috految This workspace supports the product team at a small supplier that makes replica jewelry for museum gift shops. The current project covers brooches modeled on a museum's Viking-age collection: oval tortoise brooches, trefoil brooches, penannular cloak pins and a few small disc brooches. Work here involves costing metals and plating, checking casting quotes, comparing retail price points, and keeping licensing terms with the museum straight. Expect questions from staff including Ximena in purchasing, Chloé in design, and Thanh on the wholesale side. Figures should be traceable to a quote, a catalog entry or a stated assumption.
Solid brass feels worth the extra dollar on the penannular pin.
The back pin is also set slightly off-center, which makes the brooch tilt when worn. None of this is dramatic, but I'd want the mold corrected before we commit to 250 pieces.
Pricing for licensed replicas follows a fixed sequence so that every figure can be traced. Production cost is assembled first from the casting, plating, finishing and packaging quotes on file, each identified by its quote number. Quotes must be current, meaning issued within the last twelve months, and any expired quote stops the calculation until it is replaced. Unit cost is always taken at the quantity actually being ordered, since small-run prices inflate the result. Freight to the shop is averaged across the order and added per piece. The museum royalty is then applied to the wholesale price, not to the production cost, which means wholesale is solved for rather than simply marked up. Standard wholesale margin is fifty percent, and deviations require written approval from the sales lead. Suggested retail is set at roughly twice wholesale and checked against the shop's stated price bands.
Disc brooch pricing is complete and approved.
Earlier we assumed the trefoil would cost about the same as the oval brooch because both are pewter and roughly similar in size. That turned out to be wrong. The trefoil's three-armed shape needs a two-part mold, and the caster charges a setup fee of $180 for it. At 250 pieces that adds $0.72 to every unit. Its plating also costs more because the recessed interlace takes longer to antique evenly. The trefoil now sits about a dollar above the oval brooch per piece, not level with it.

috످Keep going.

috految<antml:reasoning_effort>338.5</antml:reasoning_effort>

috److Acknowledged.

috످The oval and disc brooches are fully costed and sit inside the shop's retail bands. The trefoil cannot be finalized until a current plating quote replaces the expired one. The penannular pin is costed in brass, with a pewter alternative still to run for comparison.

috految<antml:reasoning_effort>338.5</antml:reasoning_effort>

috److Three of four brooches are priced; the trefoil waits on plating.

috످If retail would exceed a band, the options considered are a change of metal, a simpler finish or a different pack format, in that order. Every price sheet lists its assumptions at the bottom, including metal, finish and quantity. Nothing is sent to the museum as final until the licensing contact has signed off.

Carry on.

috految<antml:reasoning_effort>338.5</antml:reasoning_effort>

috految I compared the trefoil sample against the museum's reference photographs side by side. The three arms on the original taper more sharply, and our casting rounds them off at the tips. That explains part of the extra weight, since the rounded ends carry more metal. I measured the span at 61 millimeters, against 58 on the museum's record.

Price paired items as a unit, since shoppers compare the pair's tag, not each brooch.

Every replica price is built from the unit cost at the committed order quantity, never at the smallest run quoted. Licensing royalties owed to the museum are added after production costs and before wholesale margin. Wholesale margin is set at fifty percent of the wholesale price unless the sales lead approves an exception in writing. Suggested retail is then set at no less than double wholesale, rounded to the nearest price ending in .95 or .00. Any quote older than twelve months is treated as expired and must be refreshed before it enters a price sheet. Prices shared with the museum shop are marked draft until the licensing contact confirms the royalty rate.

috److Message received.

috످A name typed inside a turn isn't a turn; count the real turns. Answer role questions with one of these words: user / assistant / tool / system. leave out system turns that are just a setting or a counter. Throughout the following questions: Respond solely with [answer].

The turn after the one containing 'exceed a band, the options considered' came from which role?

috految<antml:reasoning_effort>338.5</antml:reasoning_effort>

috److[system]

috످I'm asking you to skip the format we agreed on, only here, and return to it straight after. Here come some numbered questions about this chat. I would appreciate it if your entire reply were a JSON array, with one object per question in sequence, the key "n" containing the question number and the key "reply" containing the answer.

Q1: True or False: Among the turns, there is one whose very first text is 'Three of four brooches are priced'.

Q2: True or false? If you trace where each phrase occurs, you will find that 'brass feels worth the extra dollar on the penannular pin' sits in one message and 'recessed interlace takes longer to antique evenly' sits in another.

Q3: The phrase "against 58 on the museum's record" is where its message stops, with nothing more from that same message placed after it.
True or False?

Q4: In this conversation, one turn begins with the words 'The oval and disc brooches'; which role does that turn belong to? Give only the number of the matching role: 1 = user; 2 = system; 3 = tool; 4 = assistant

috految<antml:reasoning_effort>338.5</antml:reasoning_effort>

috److془Let me think through each.

Q1: The passage is a status update that most brooches have prices while the trefoil is pending, and it opens my second reply (assistant). True.

Q2: The brass remark favors paying a bit more for the cloak pin's metal, and it stands in the opening system turn. The interlace remark explains why the trefoil's plating is pricier, and it's in the same opening system turn. False.

Q3: The passage compares the trefoil sample's size with the original, and it stands in the system turn after "Carry on", which continues with pricing rules. False.

Q4: The passage reports costing progress across the four designs, and it's in the user's second turn. 1.

Output JSON array.془[
  {"n": 1, "reply": "True"},
  {"n": 2, "reply": "False"},
  {"n": 3, "reply": "False"},
  {"n": 4, "reply": "1"}
]

috످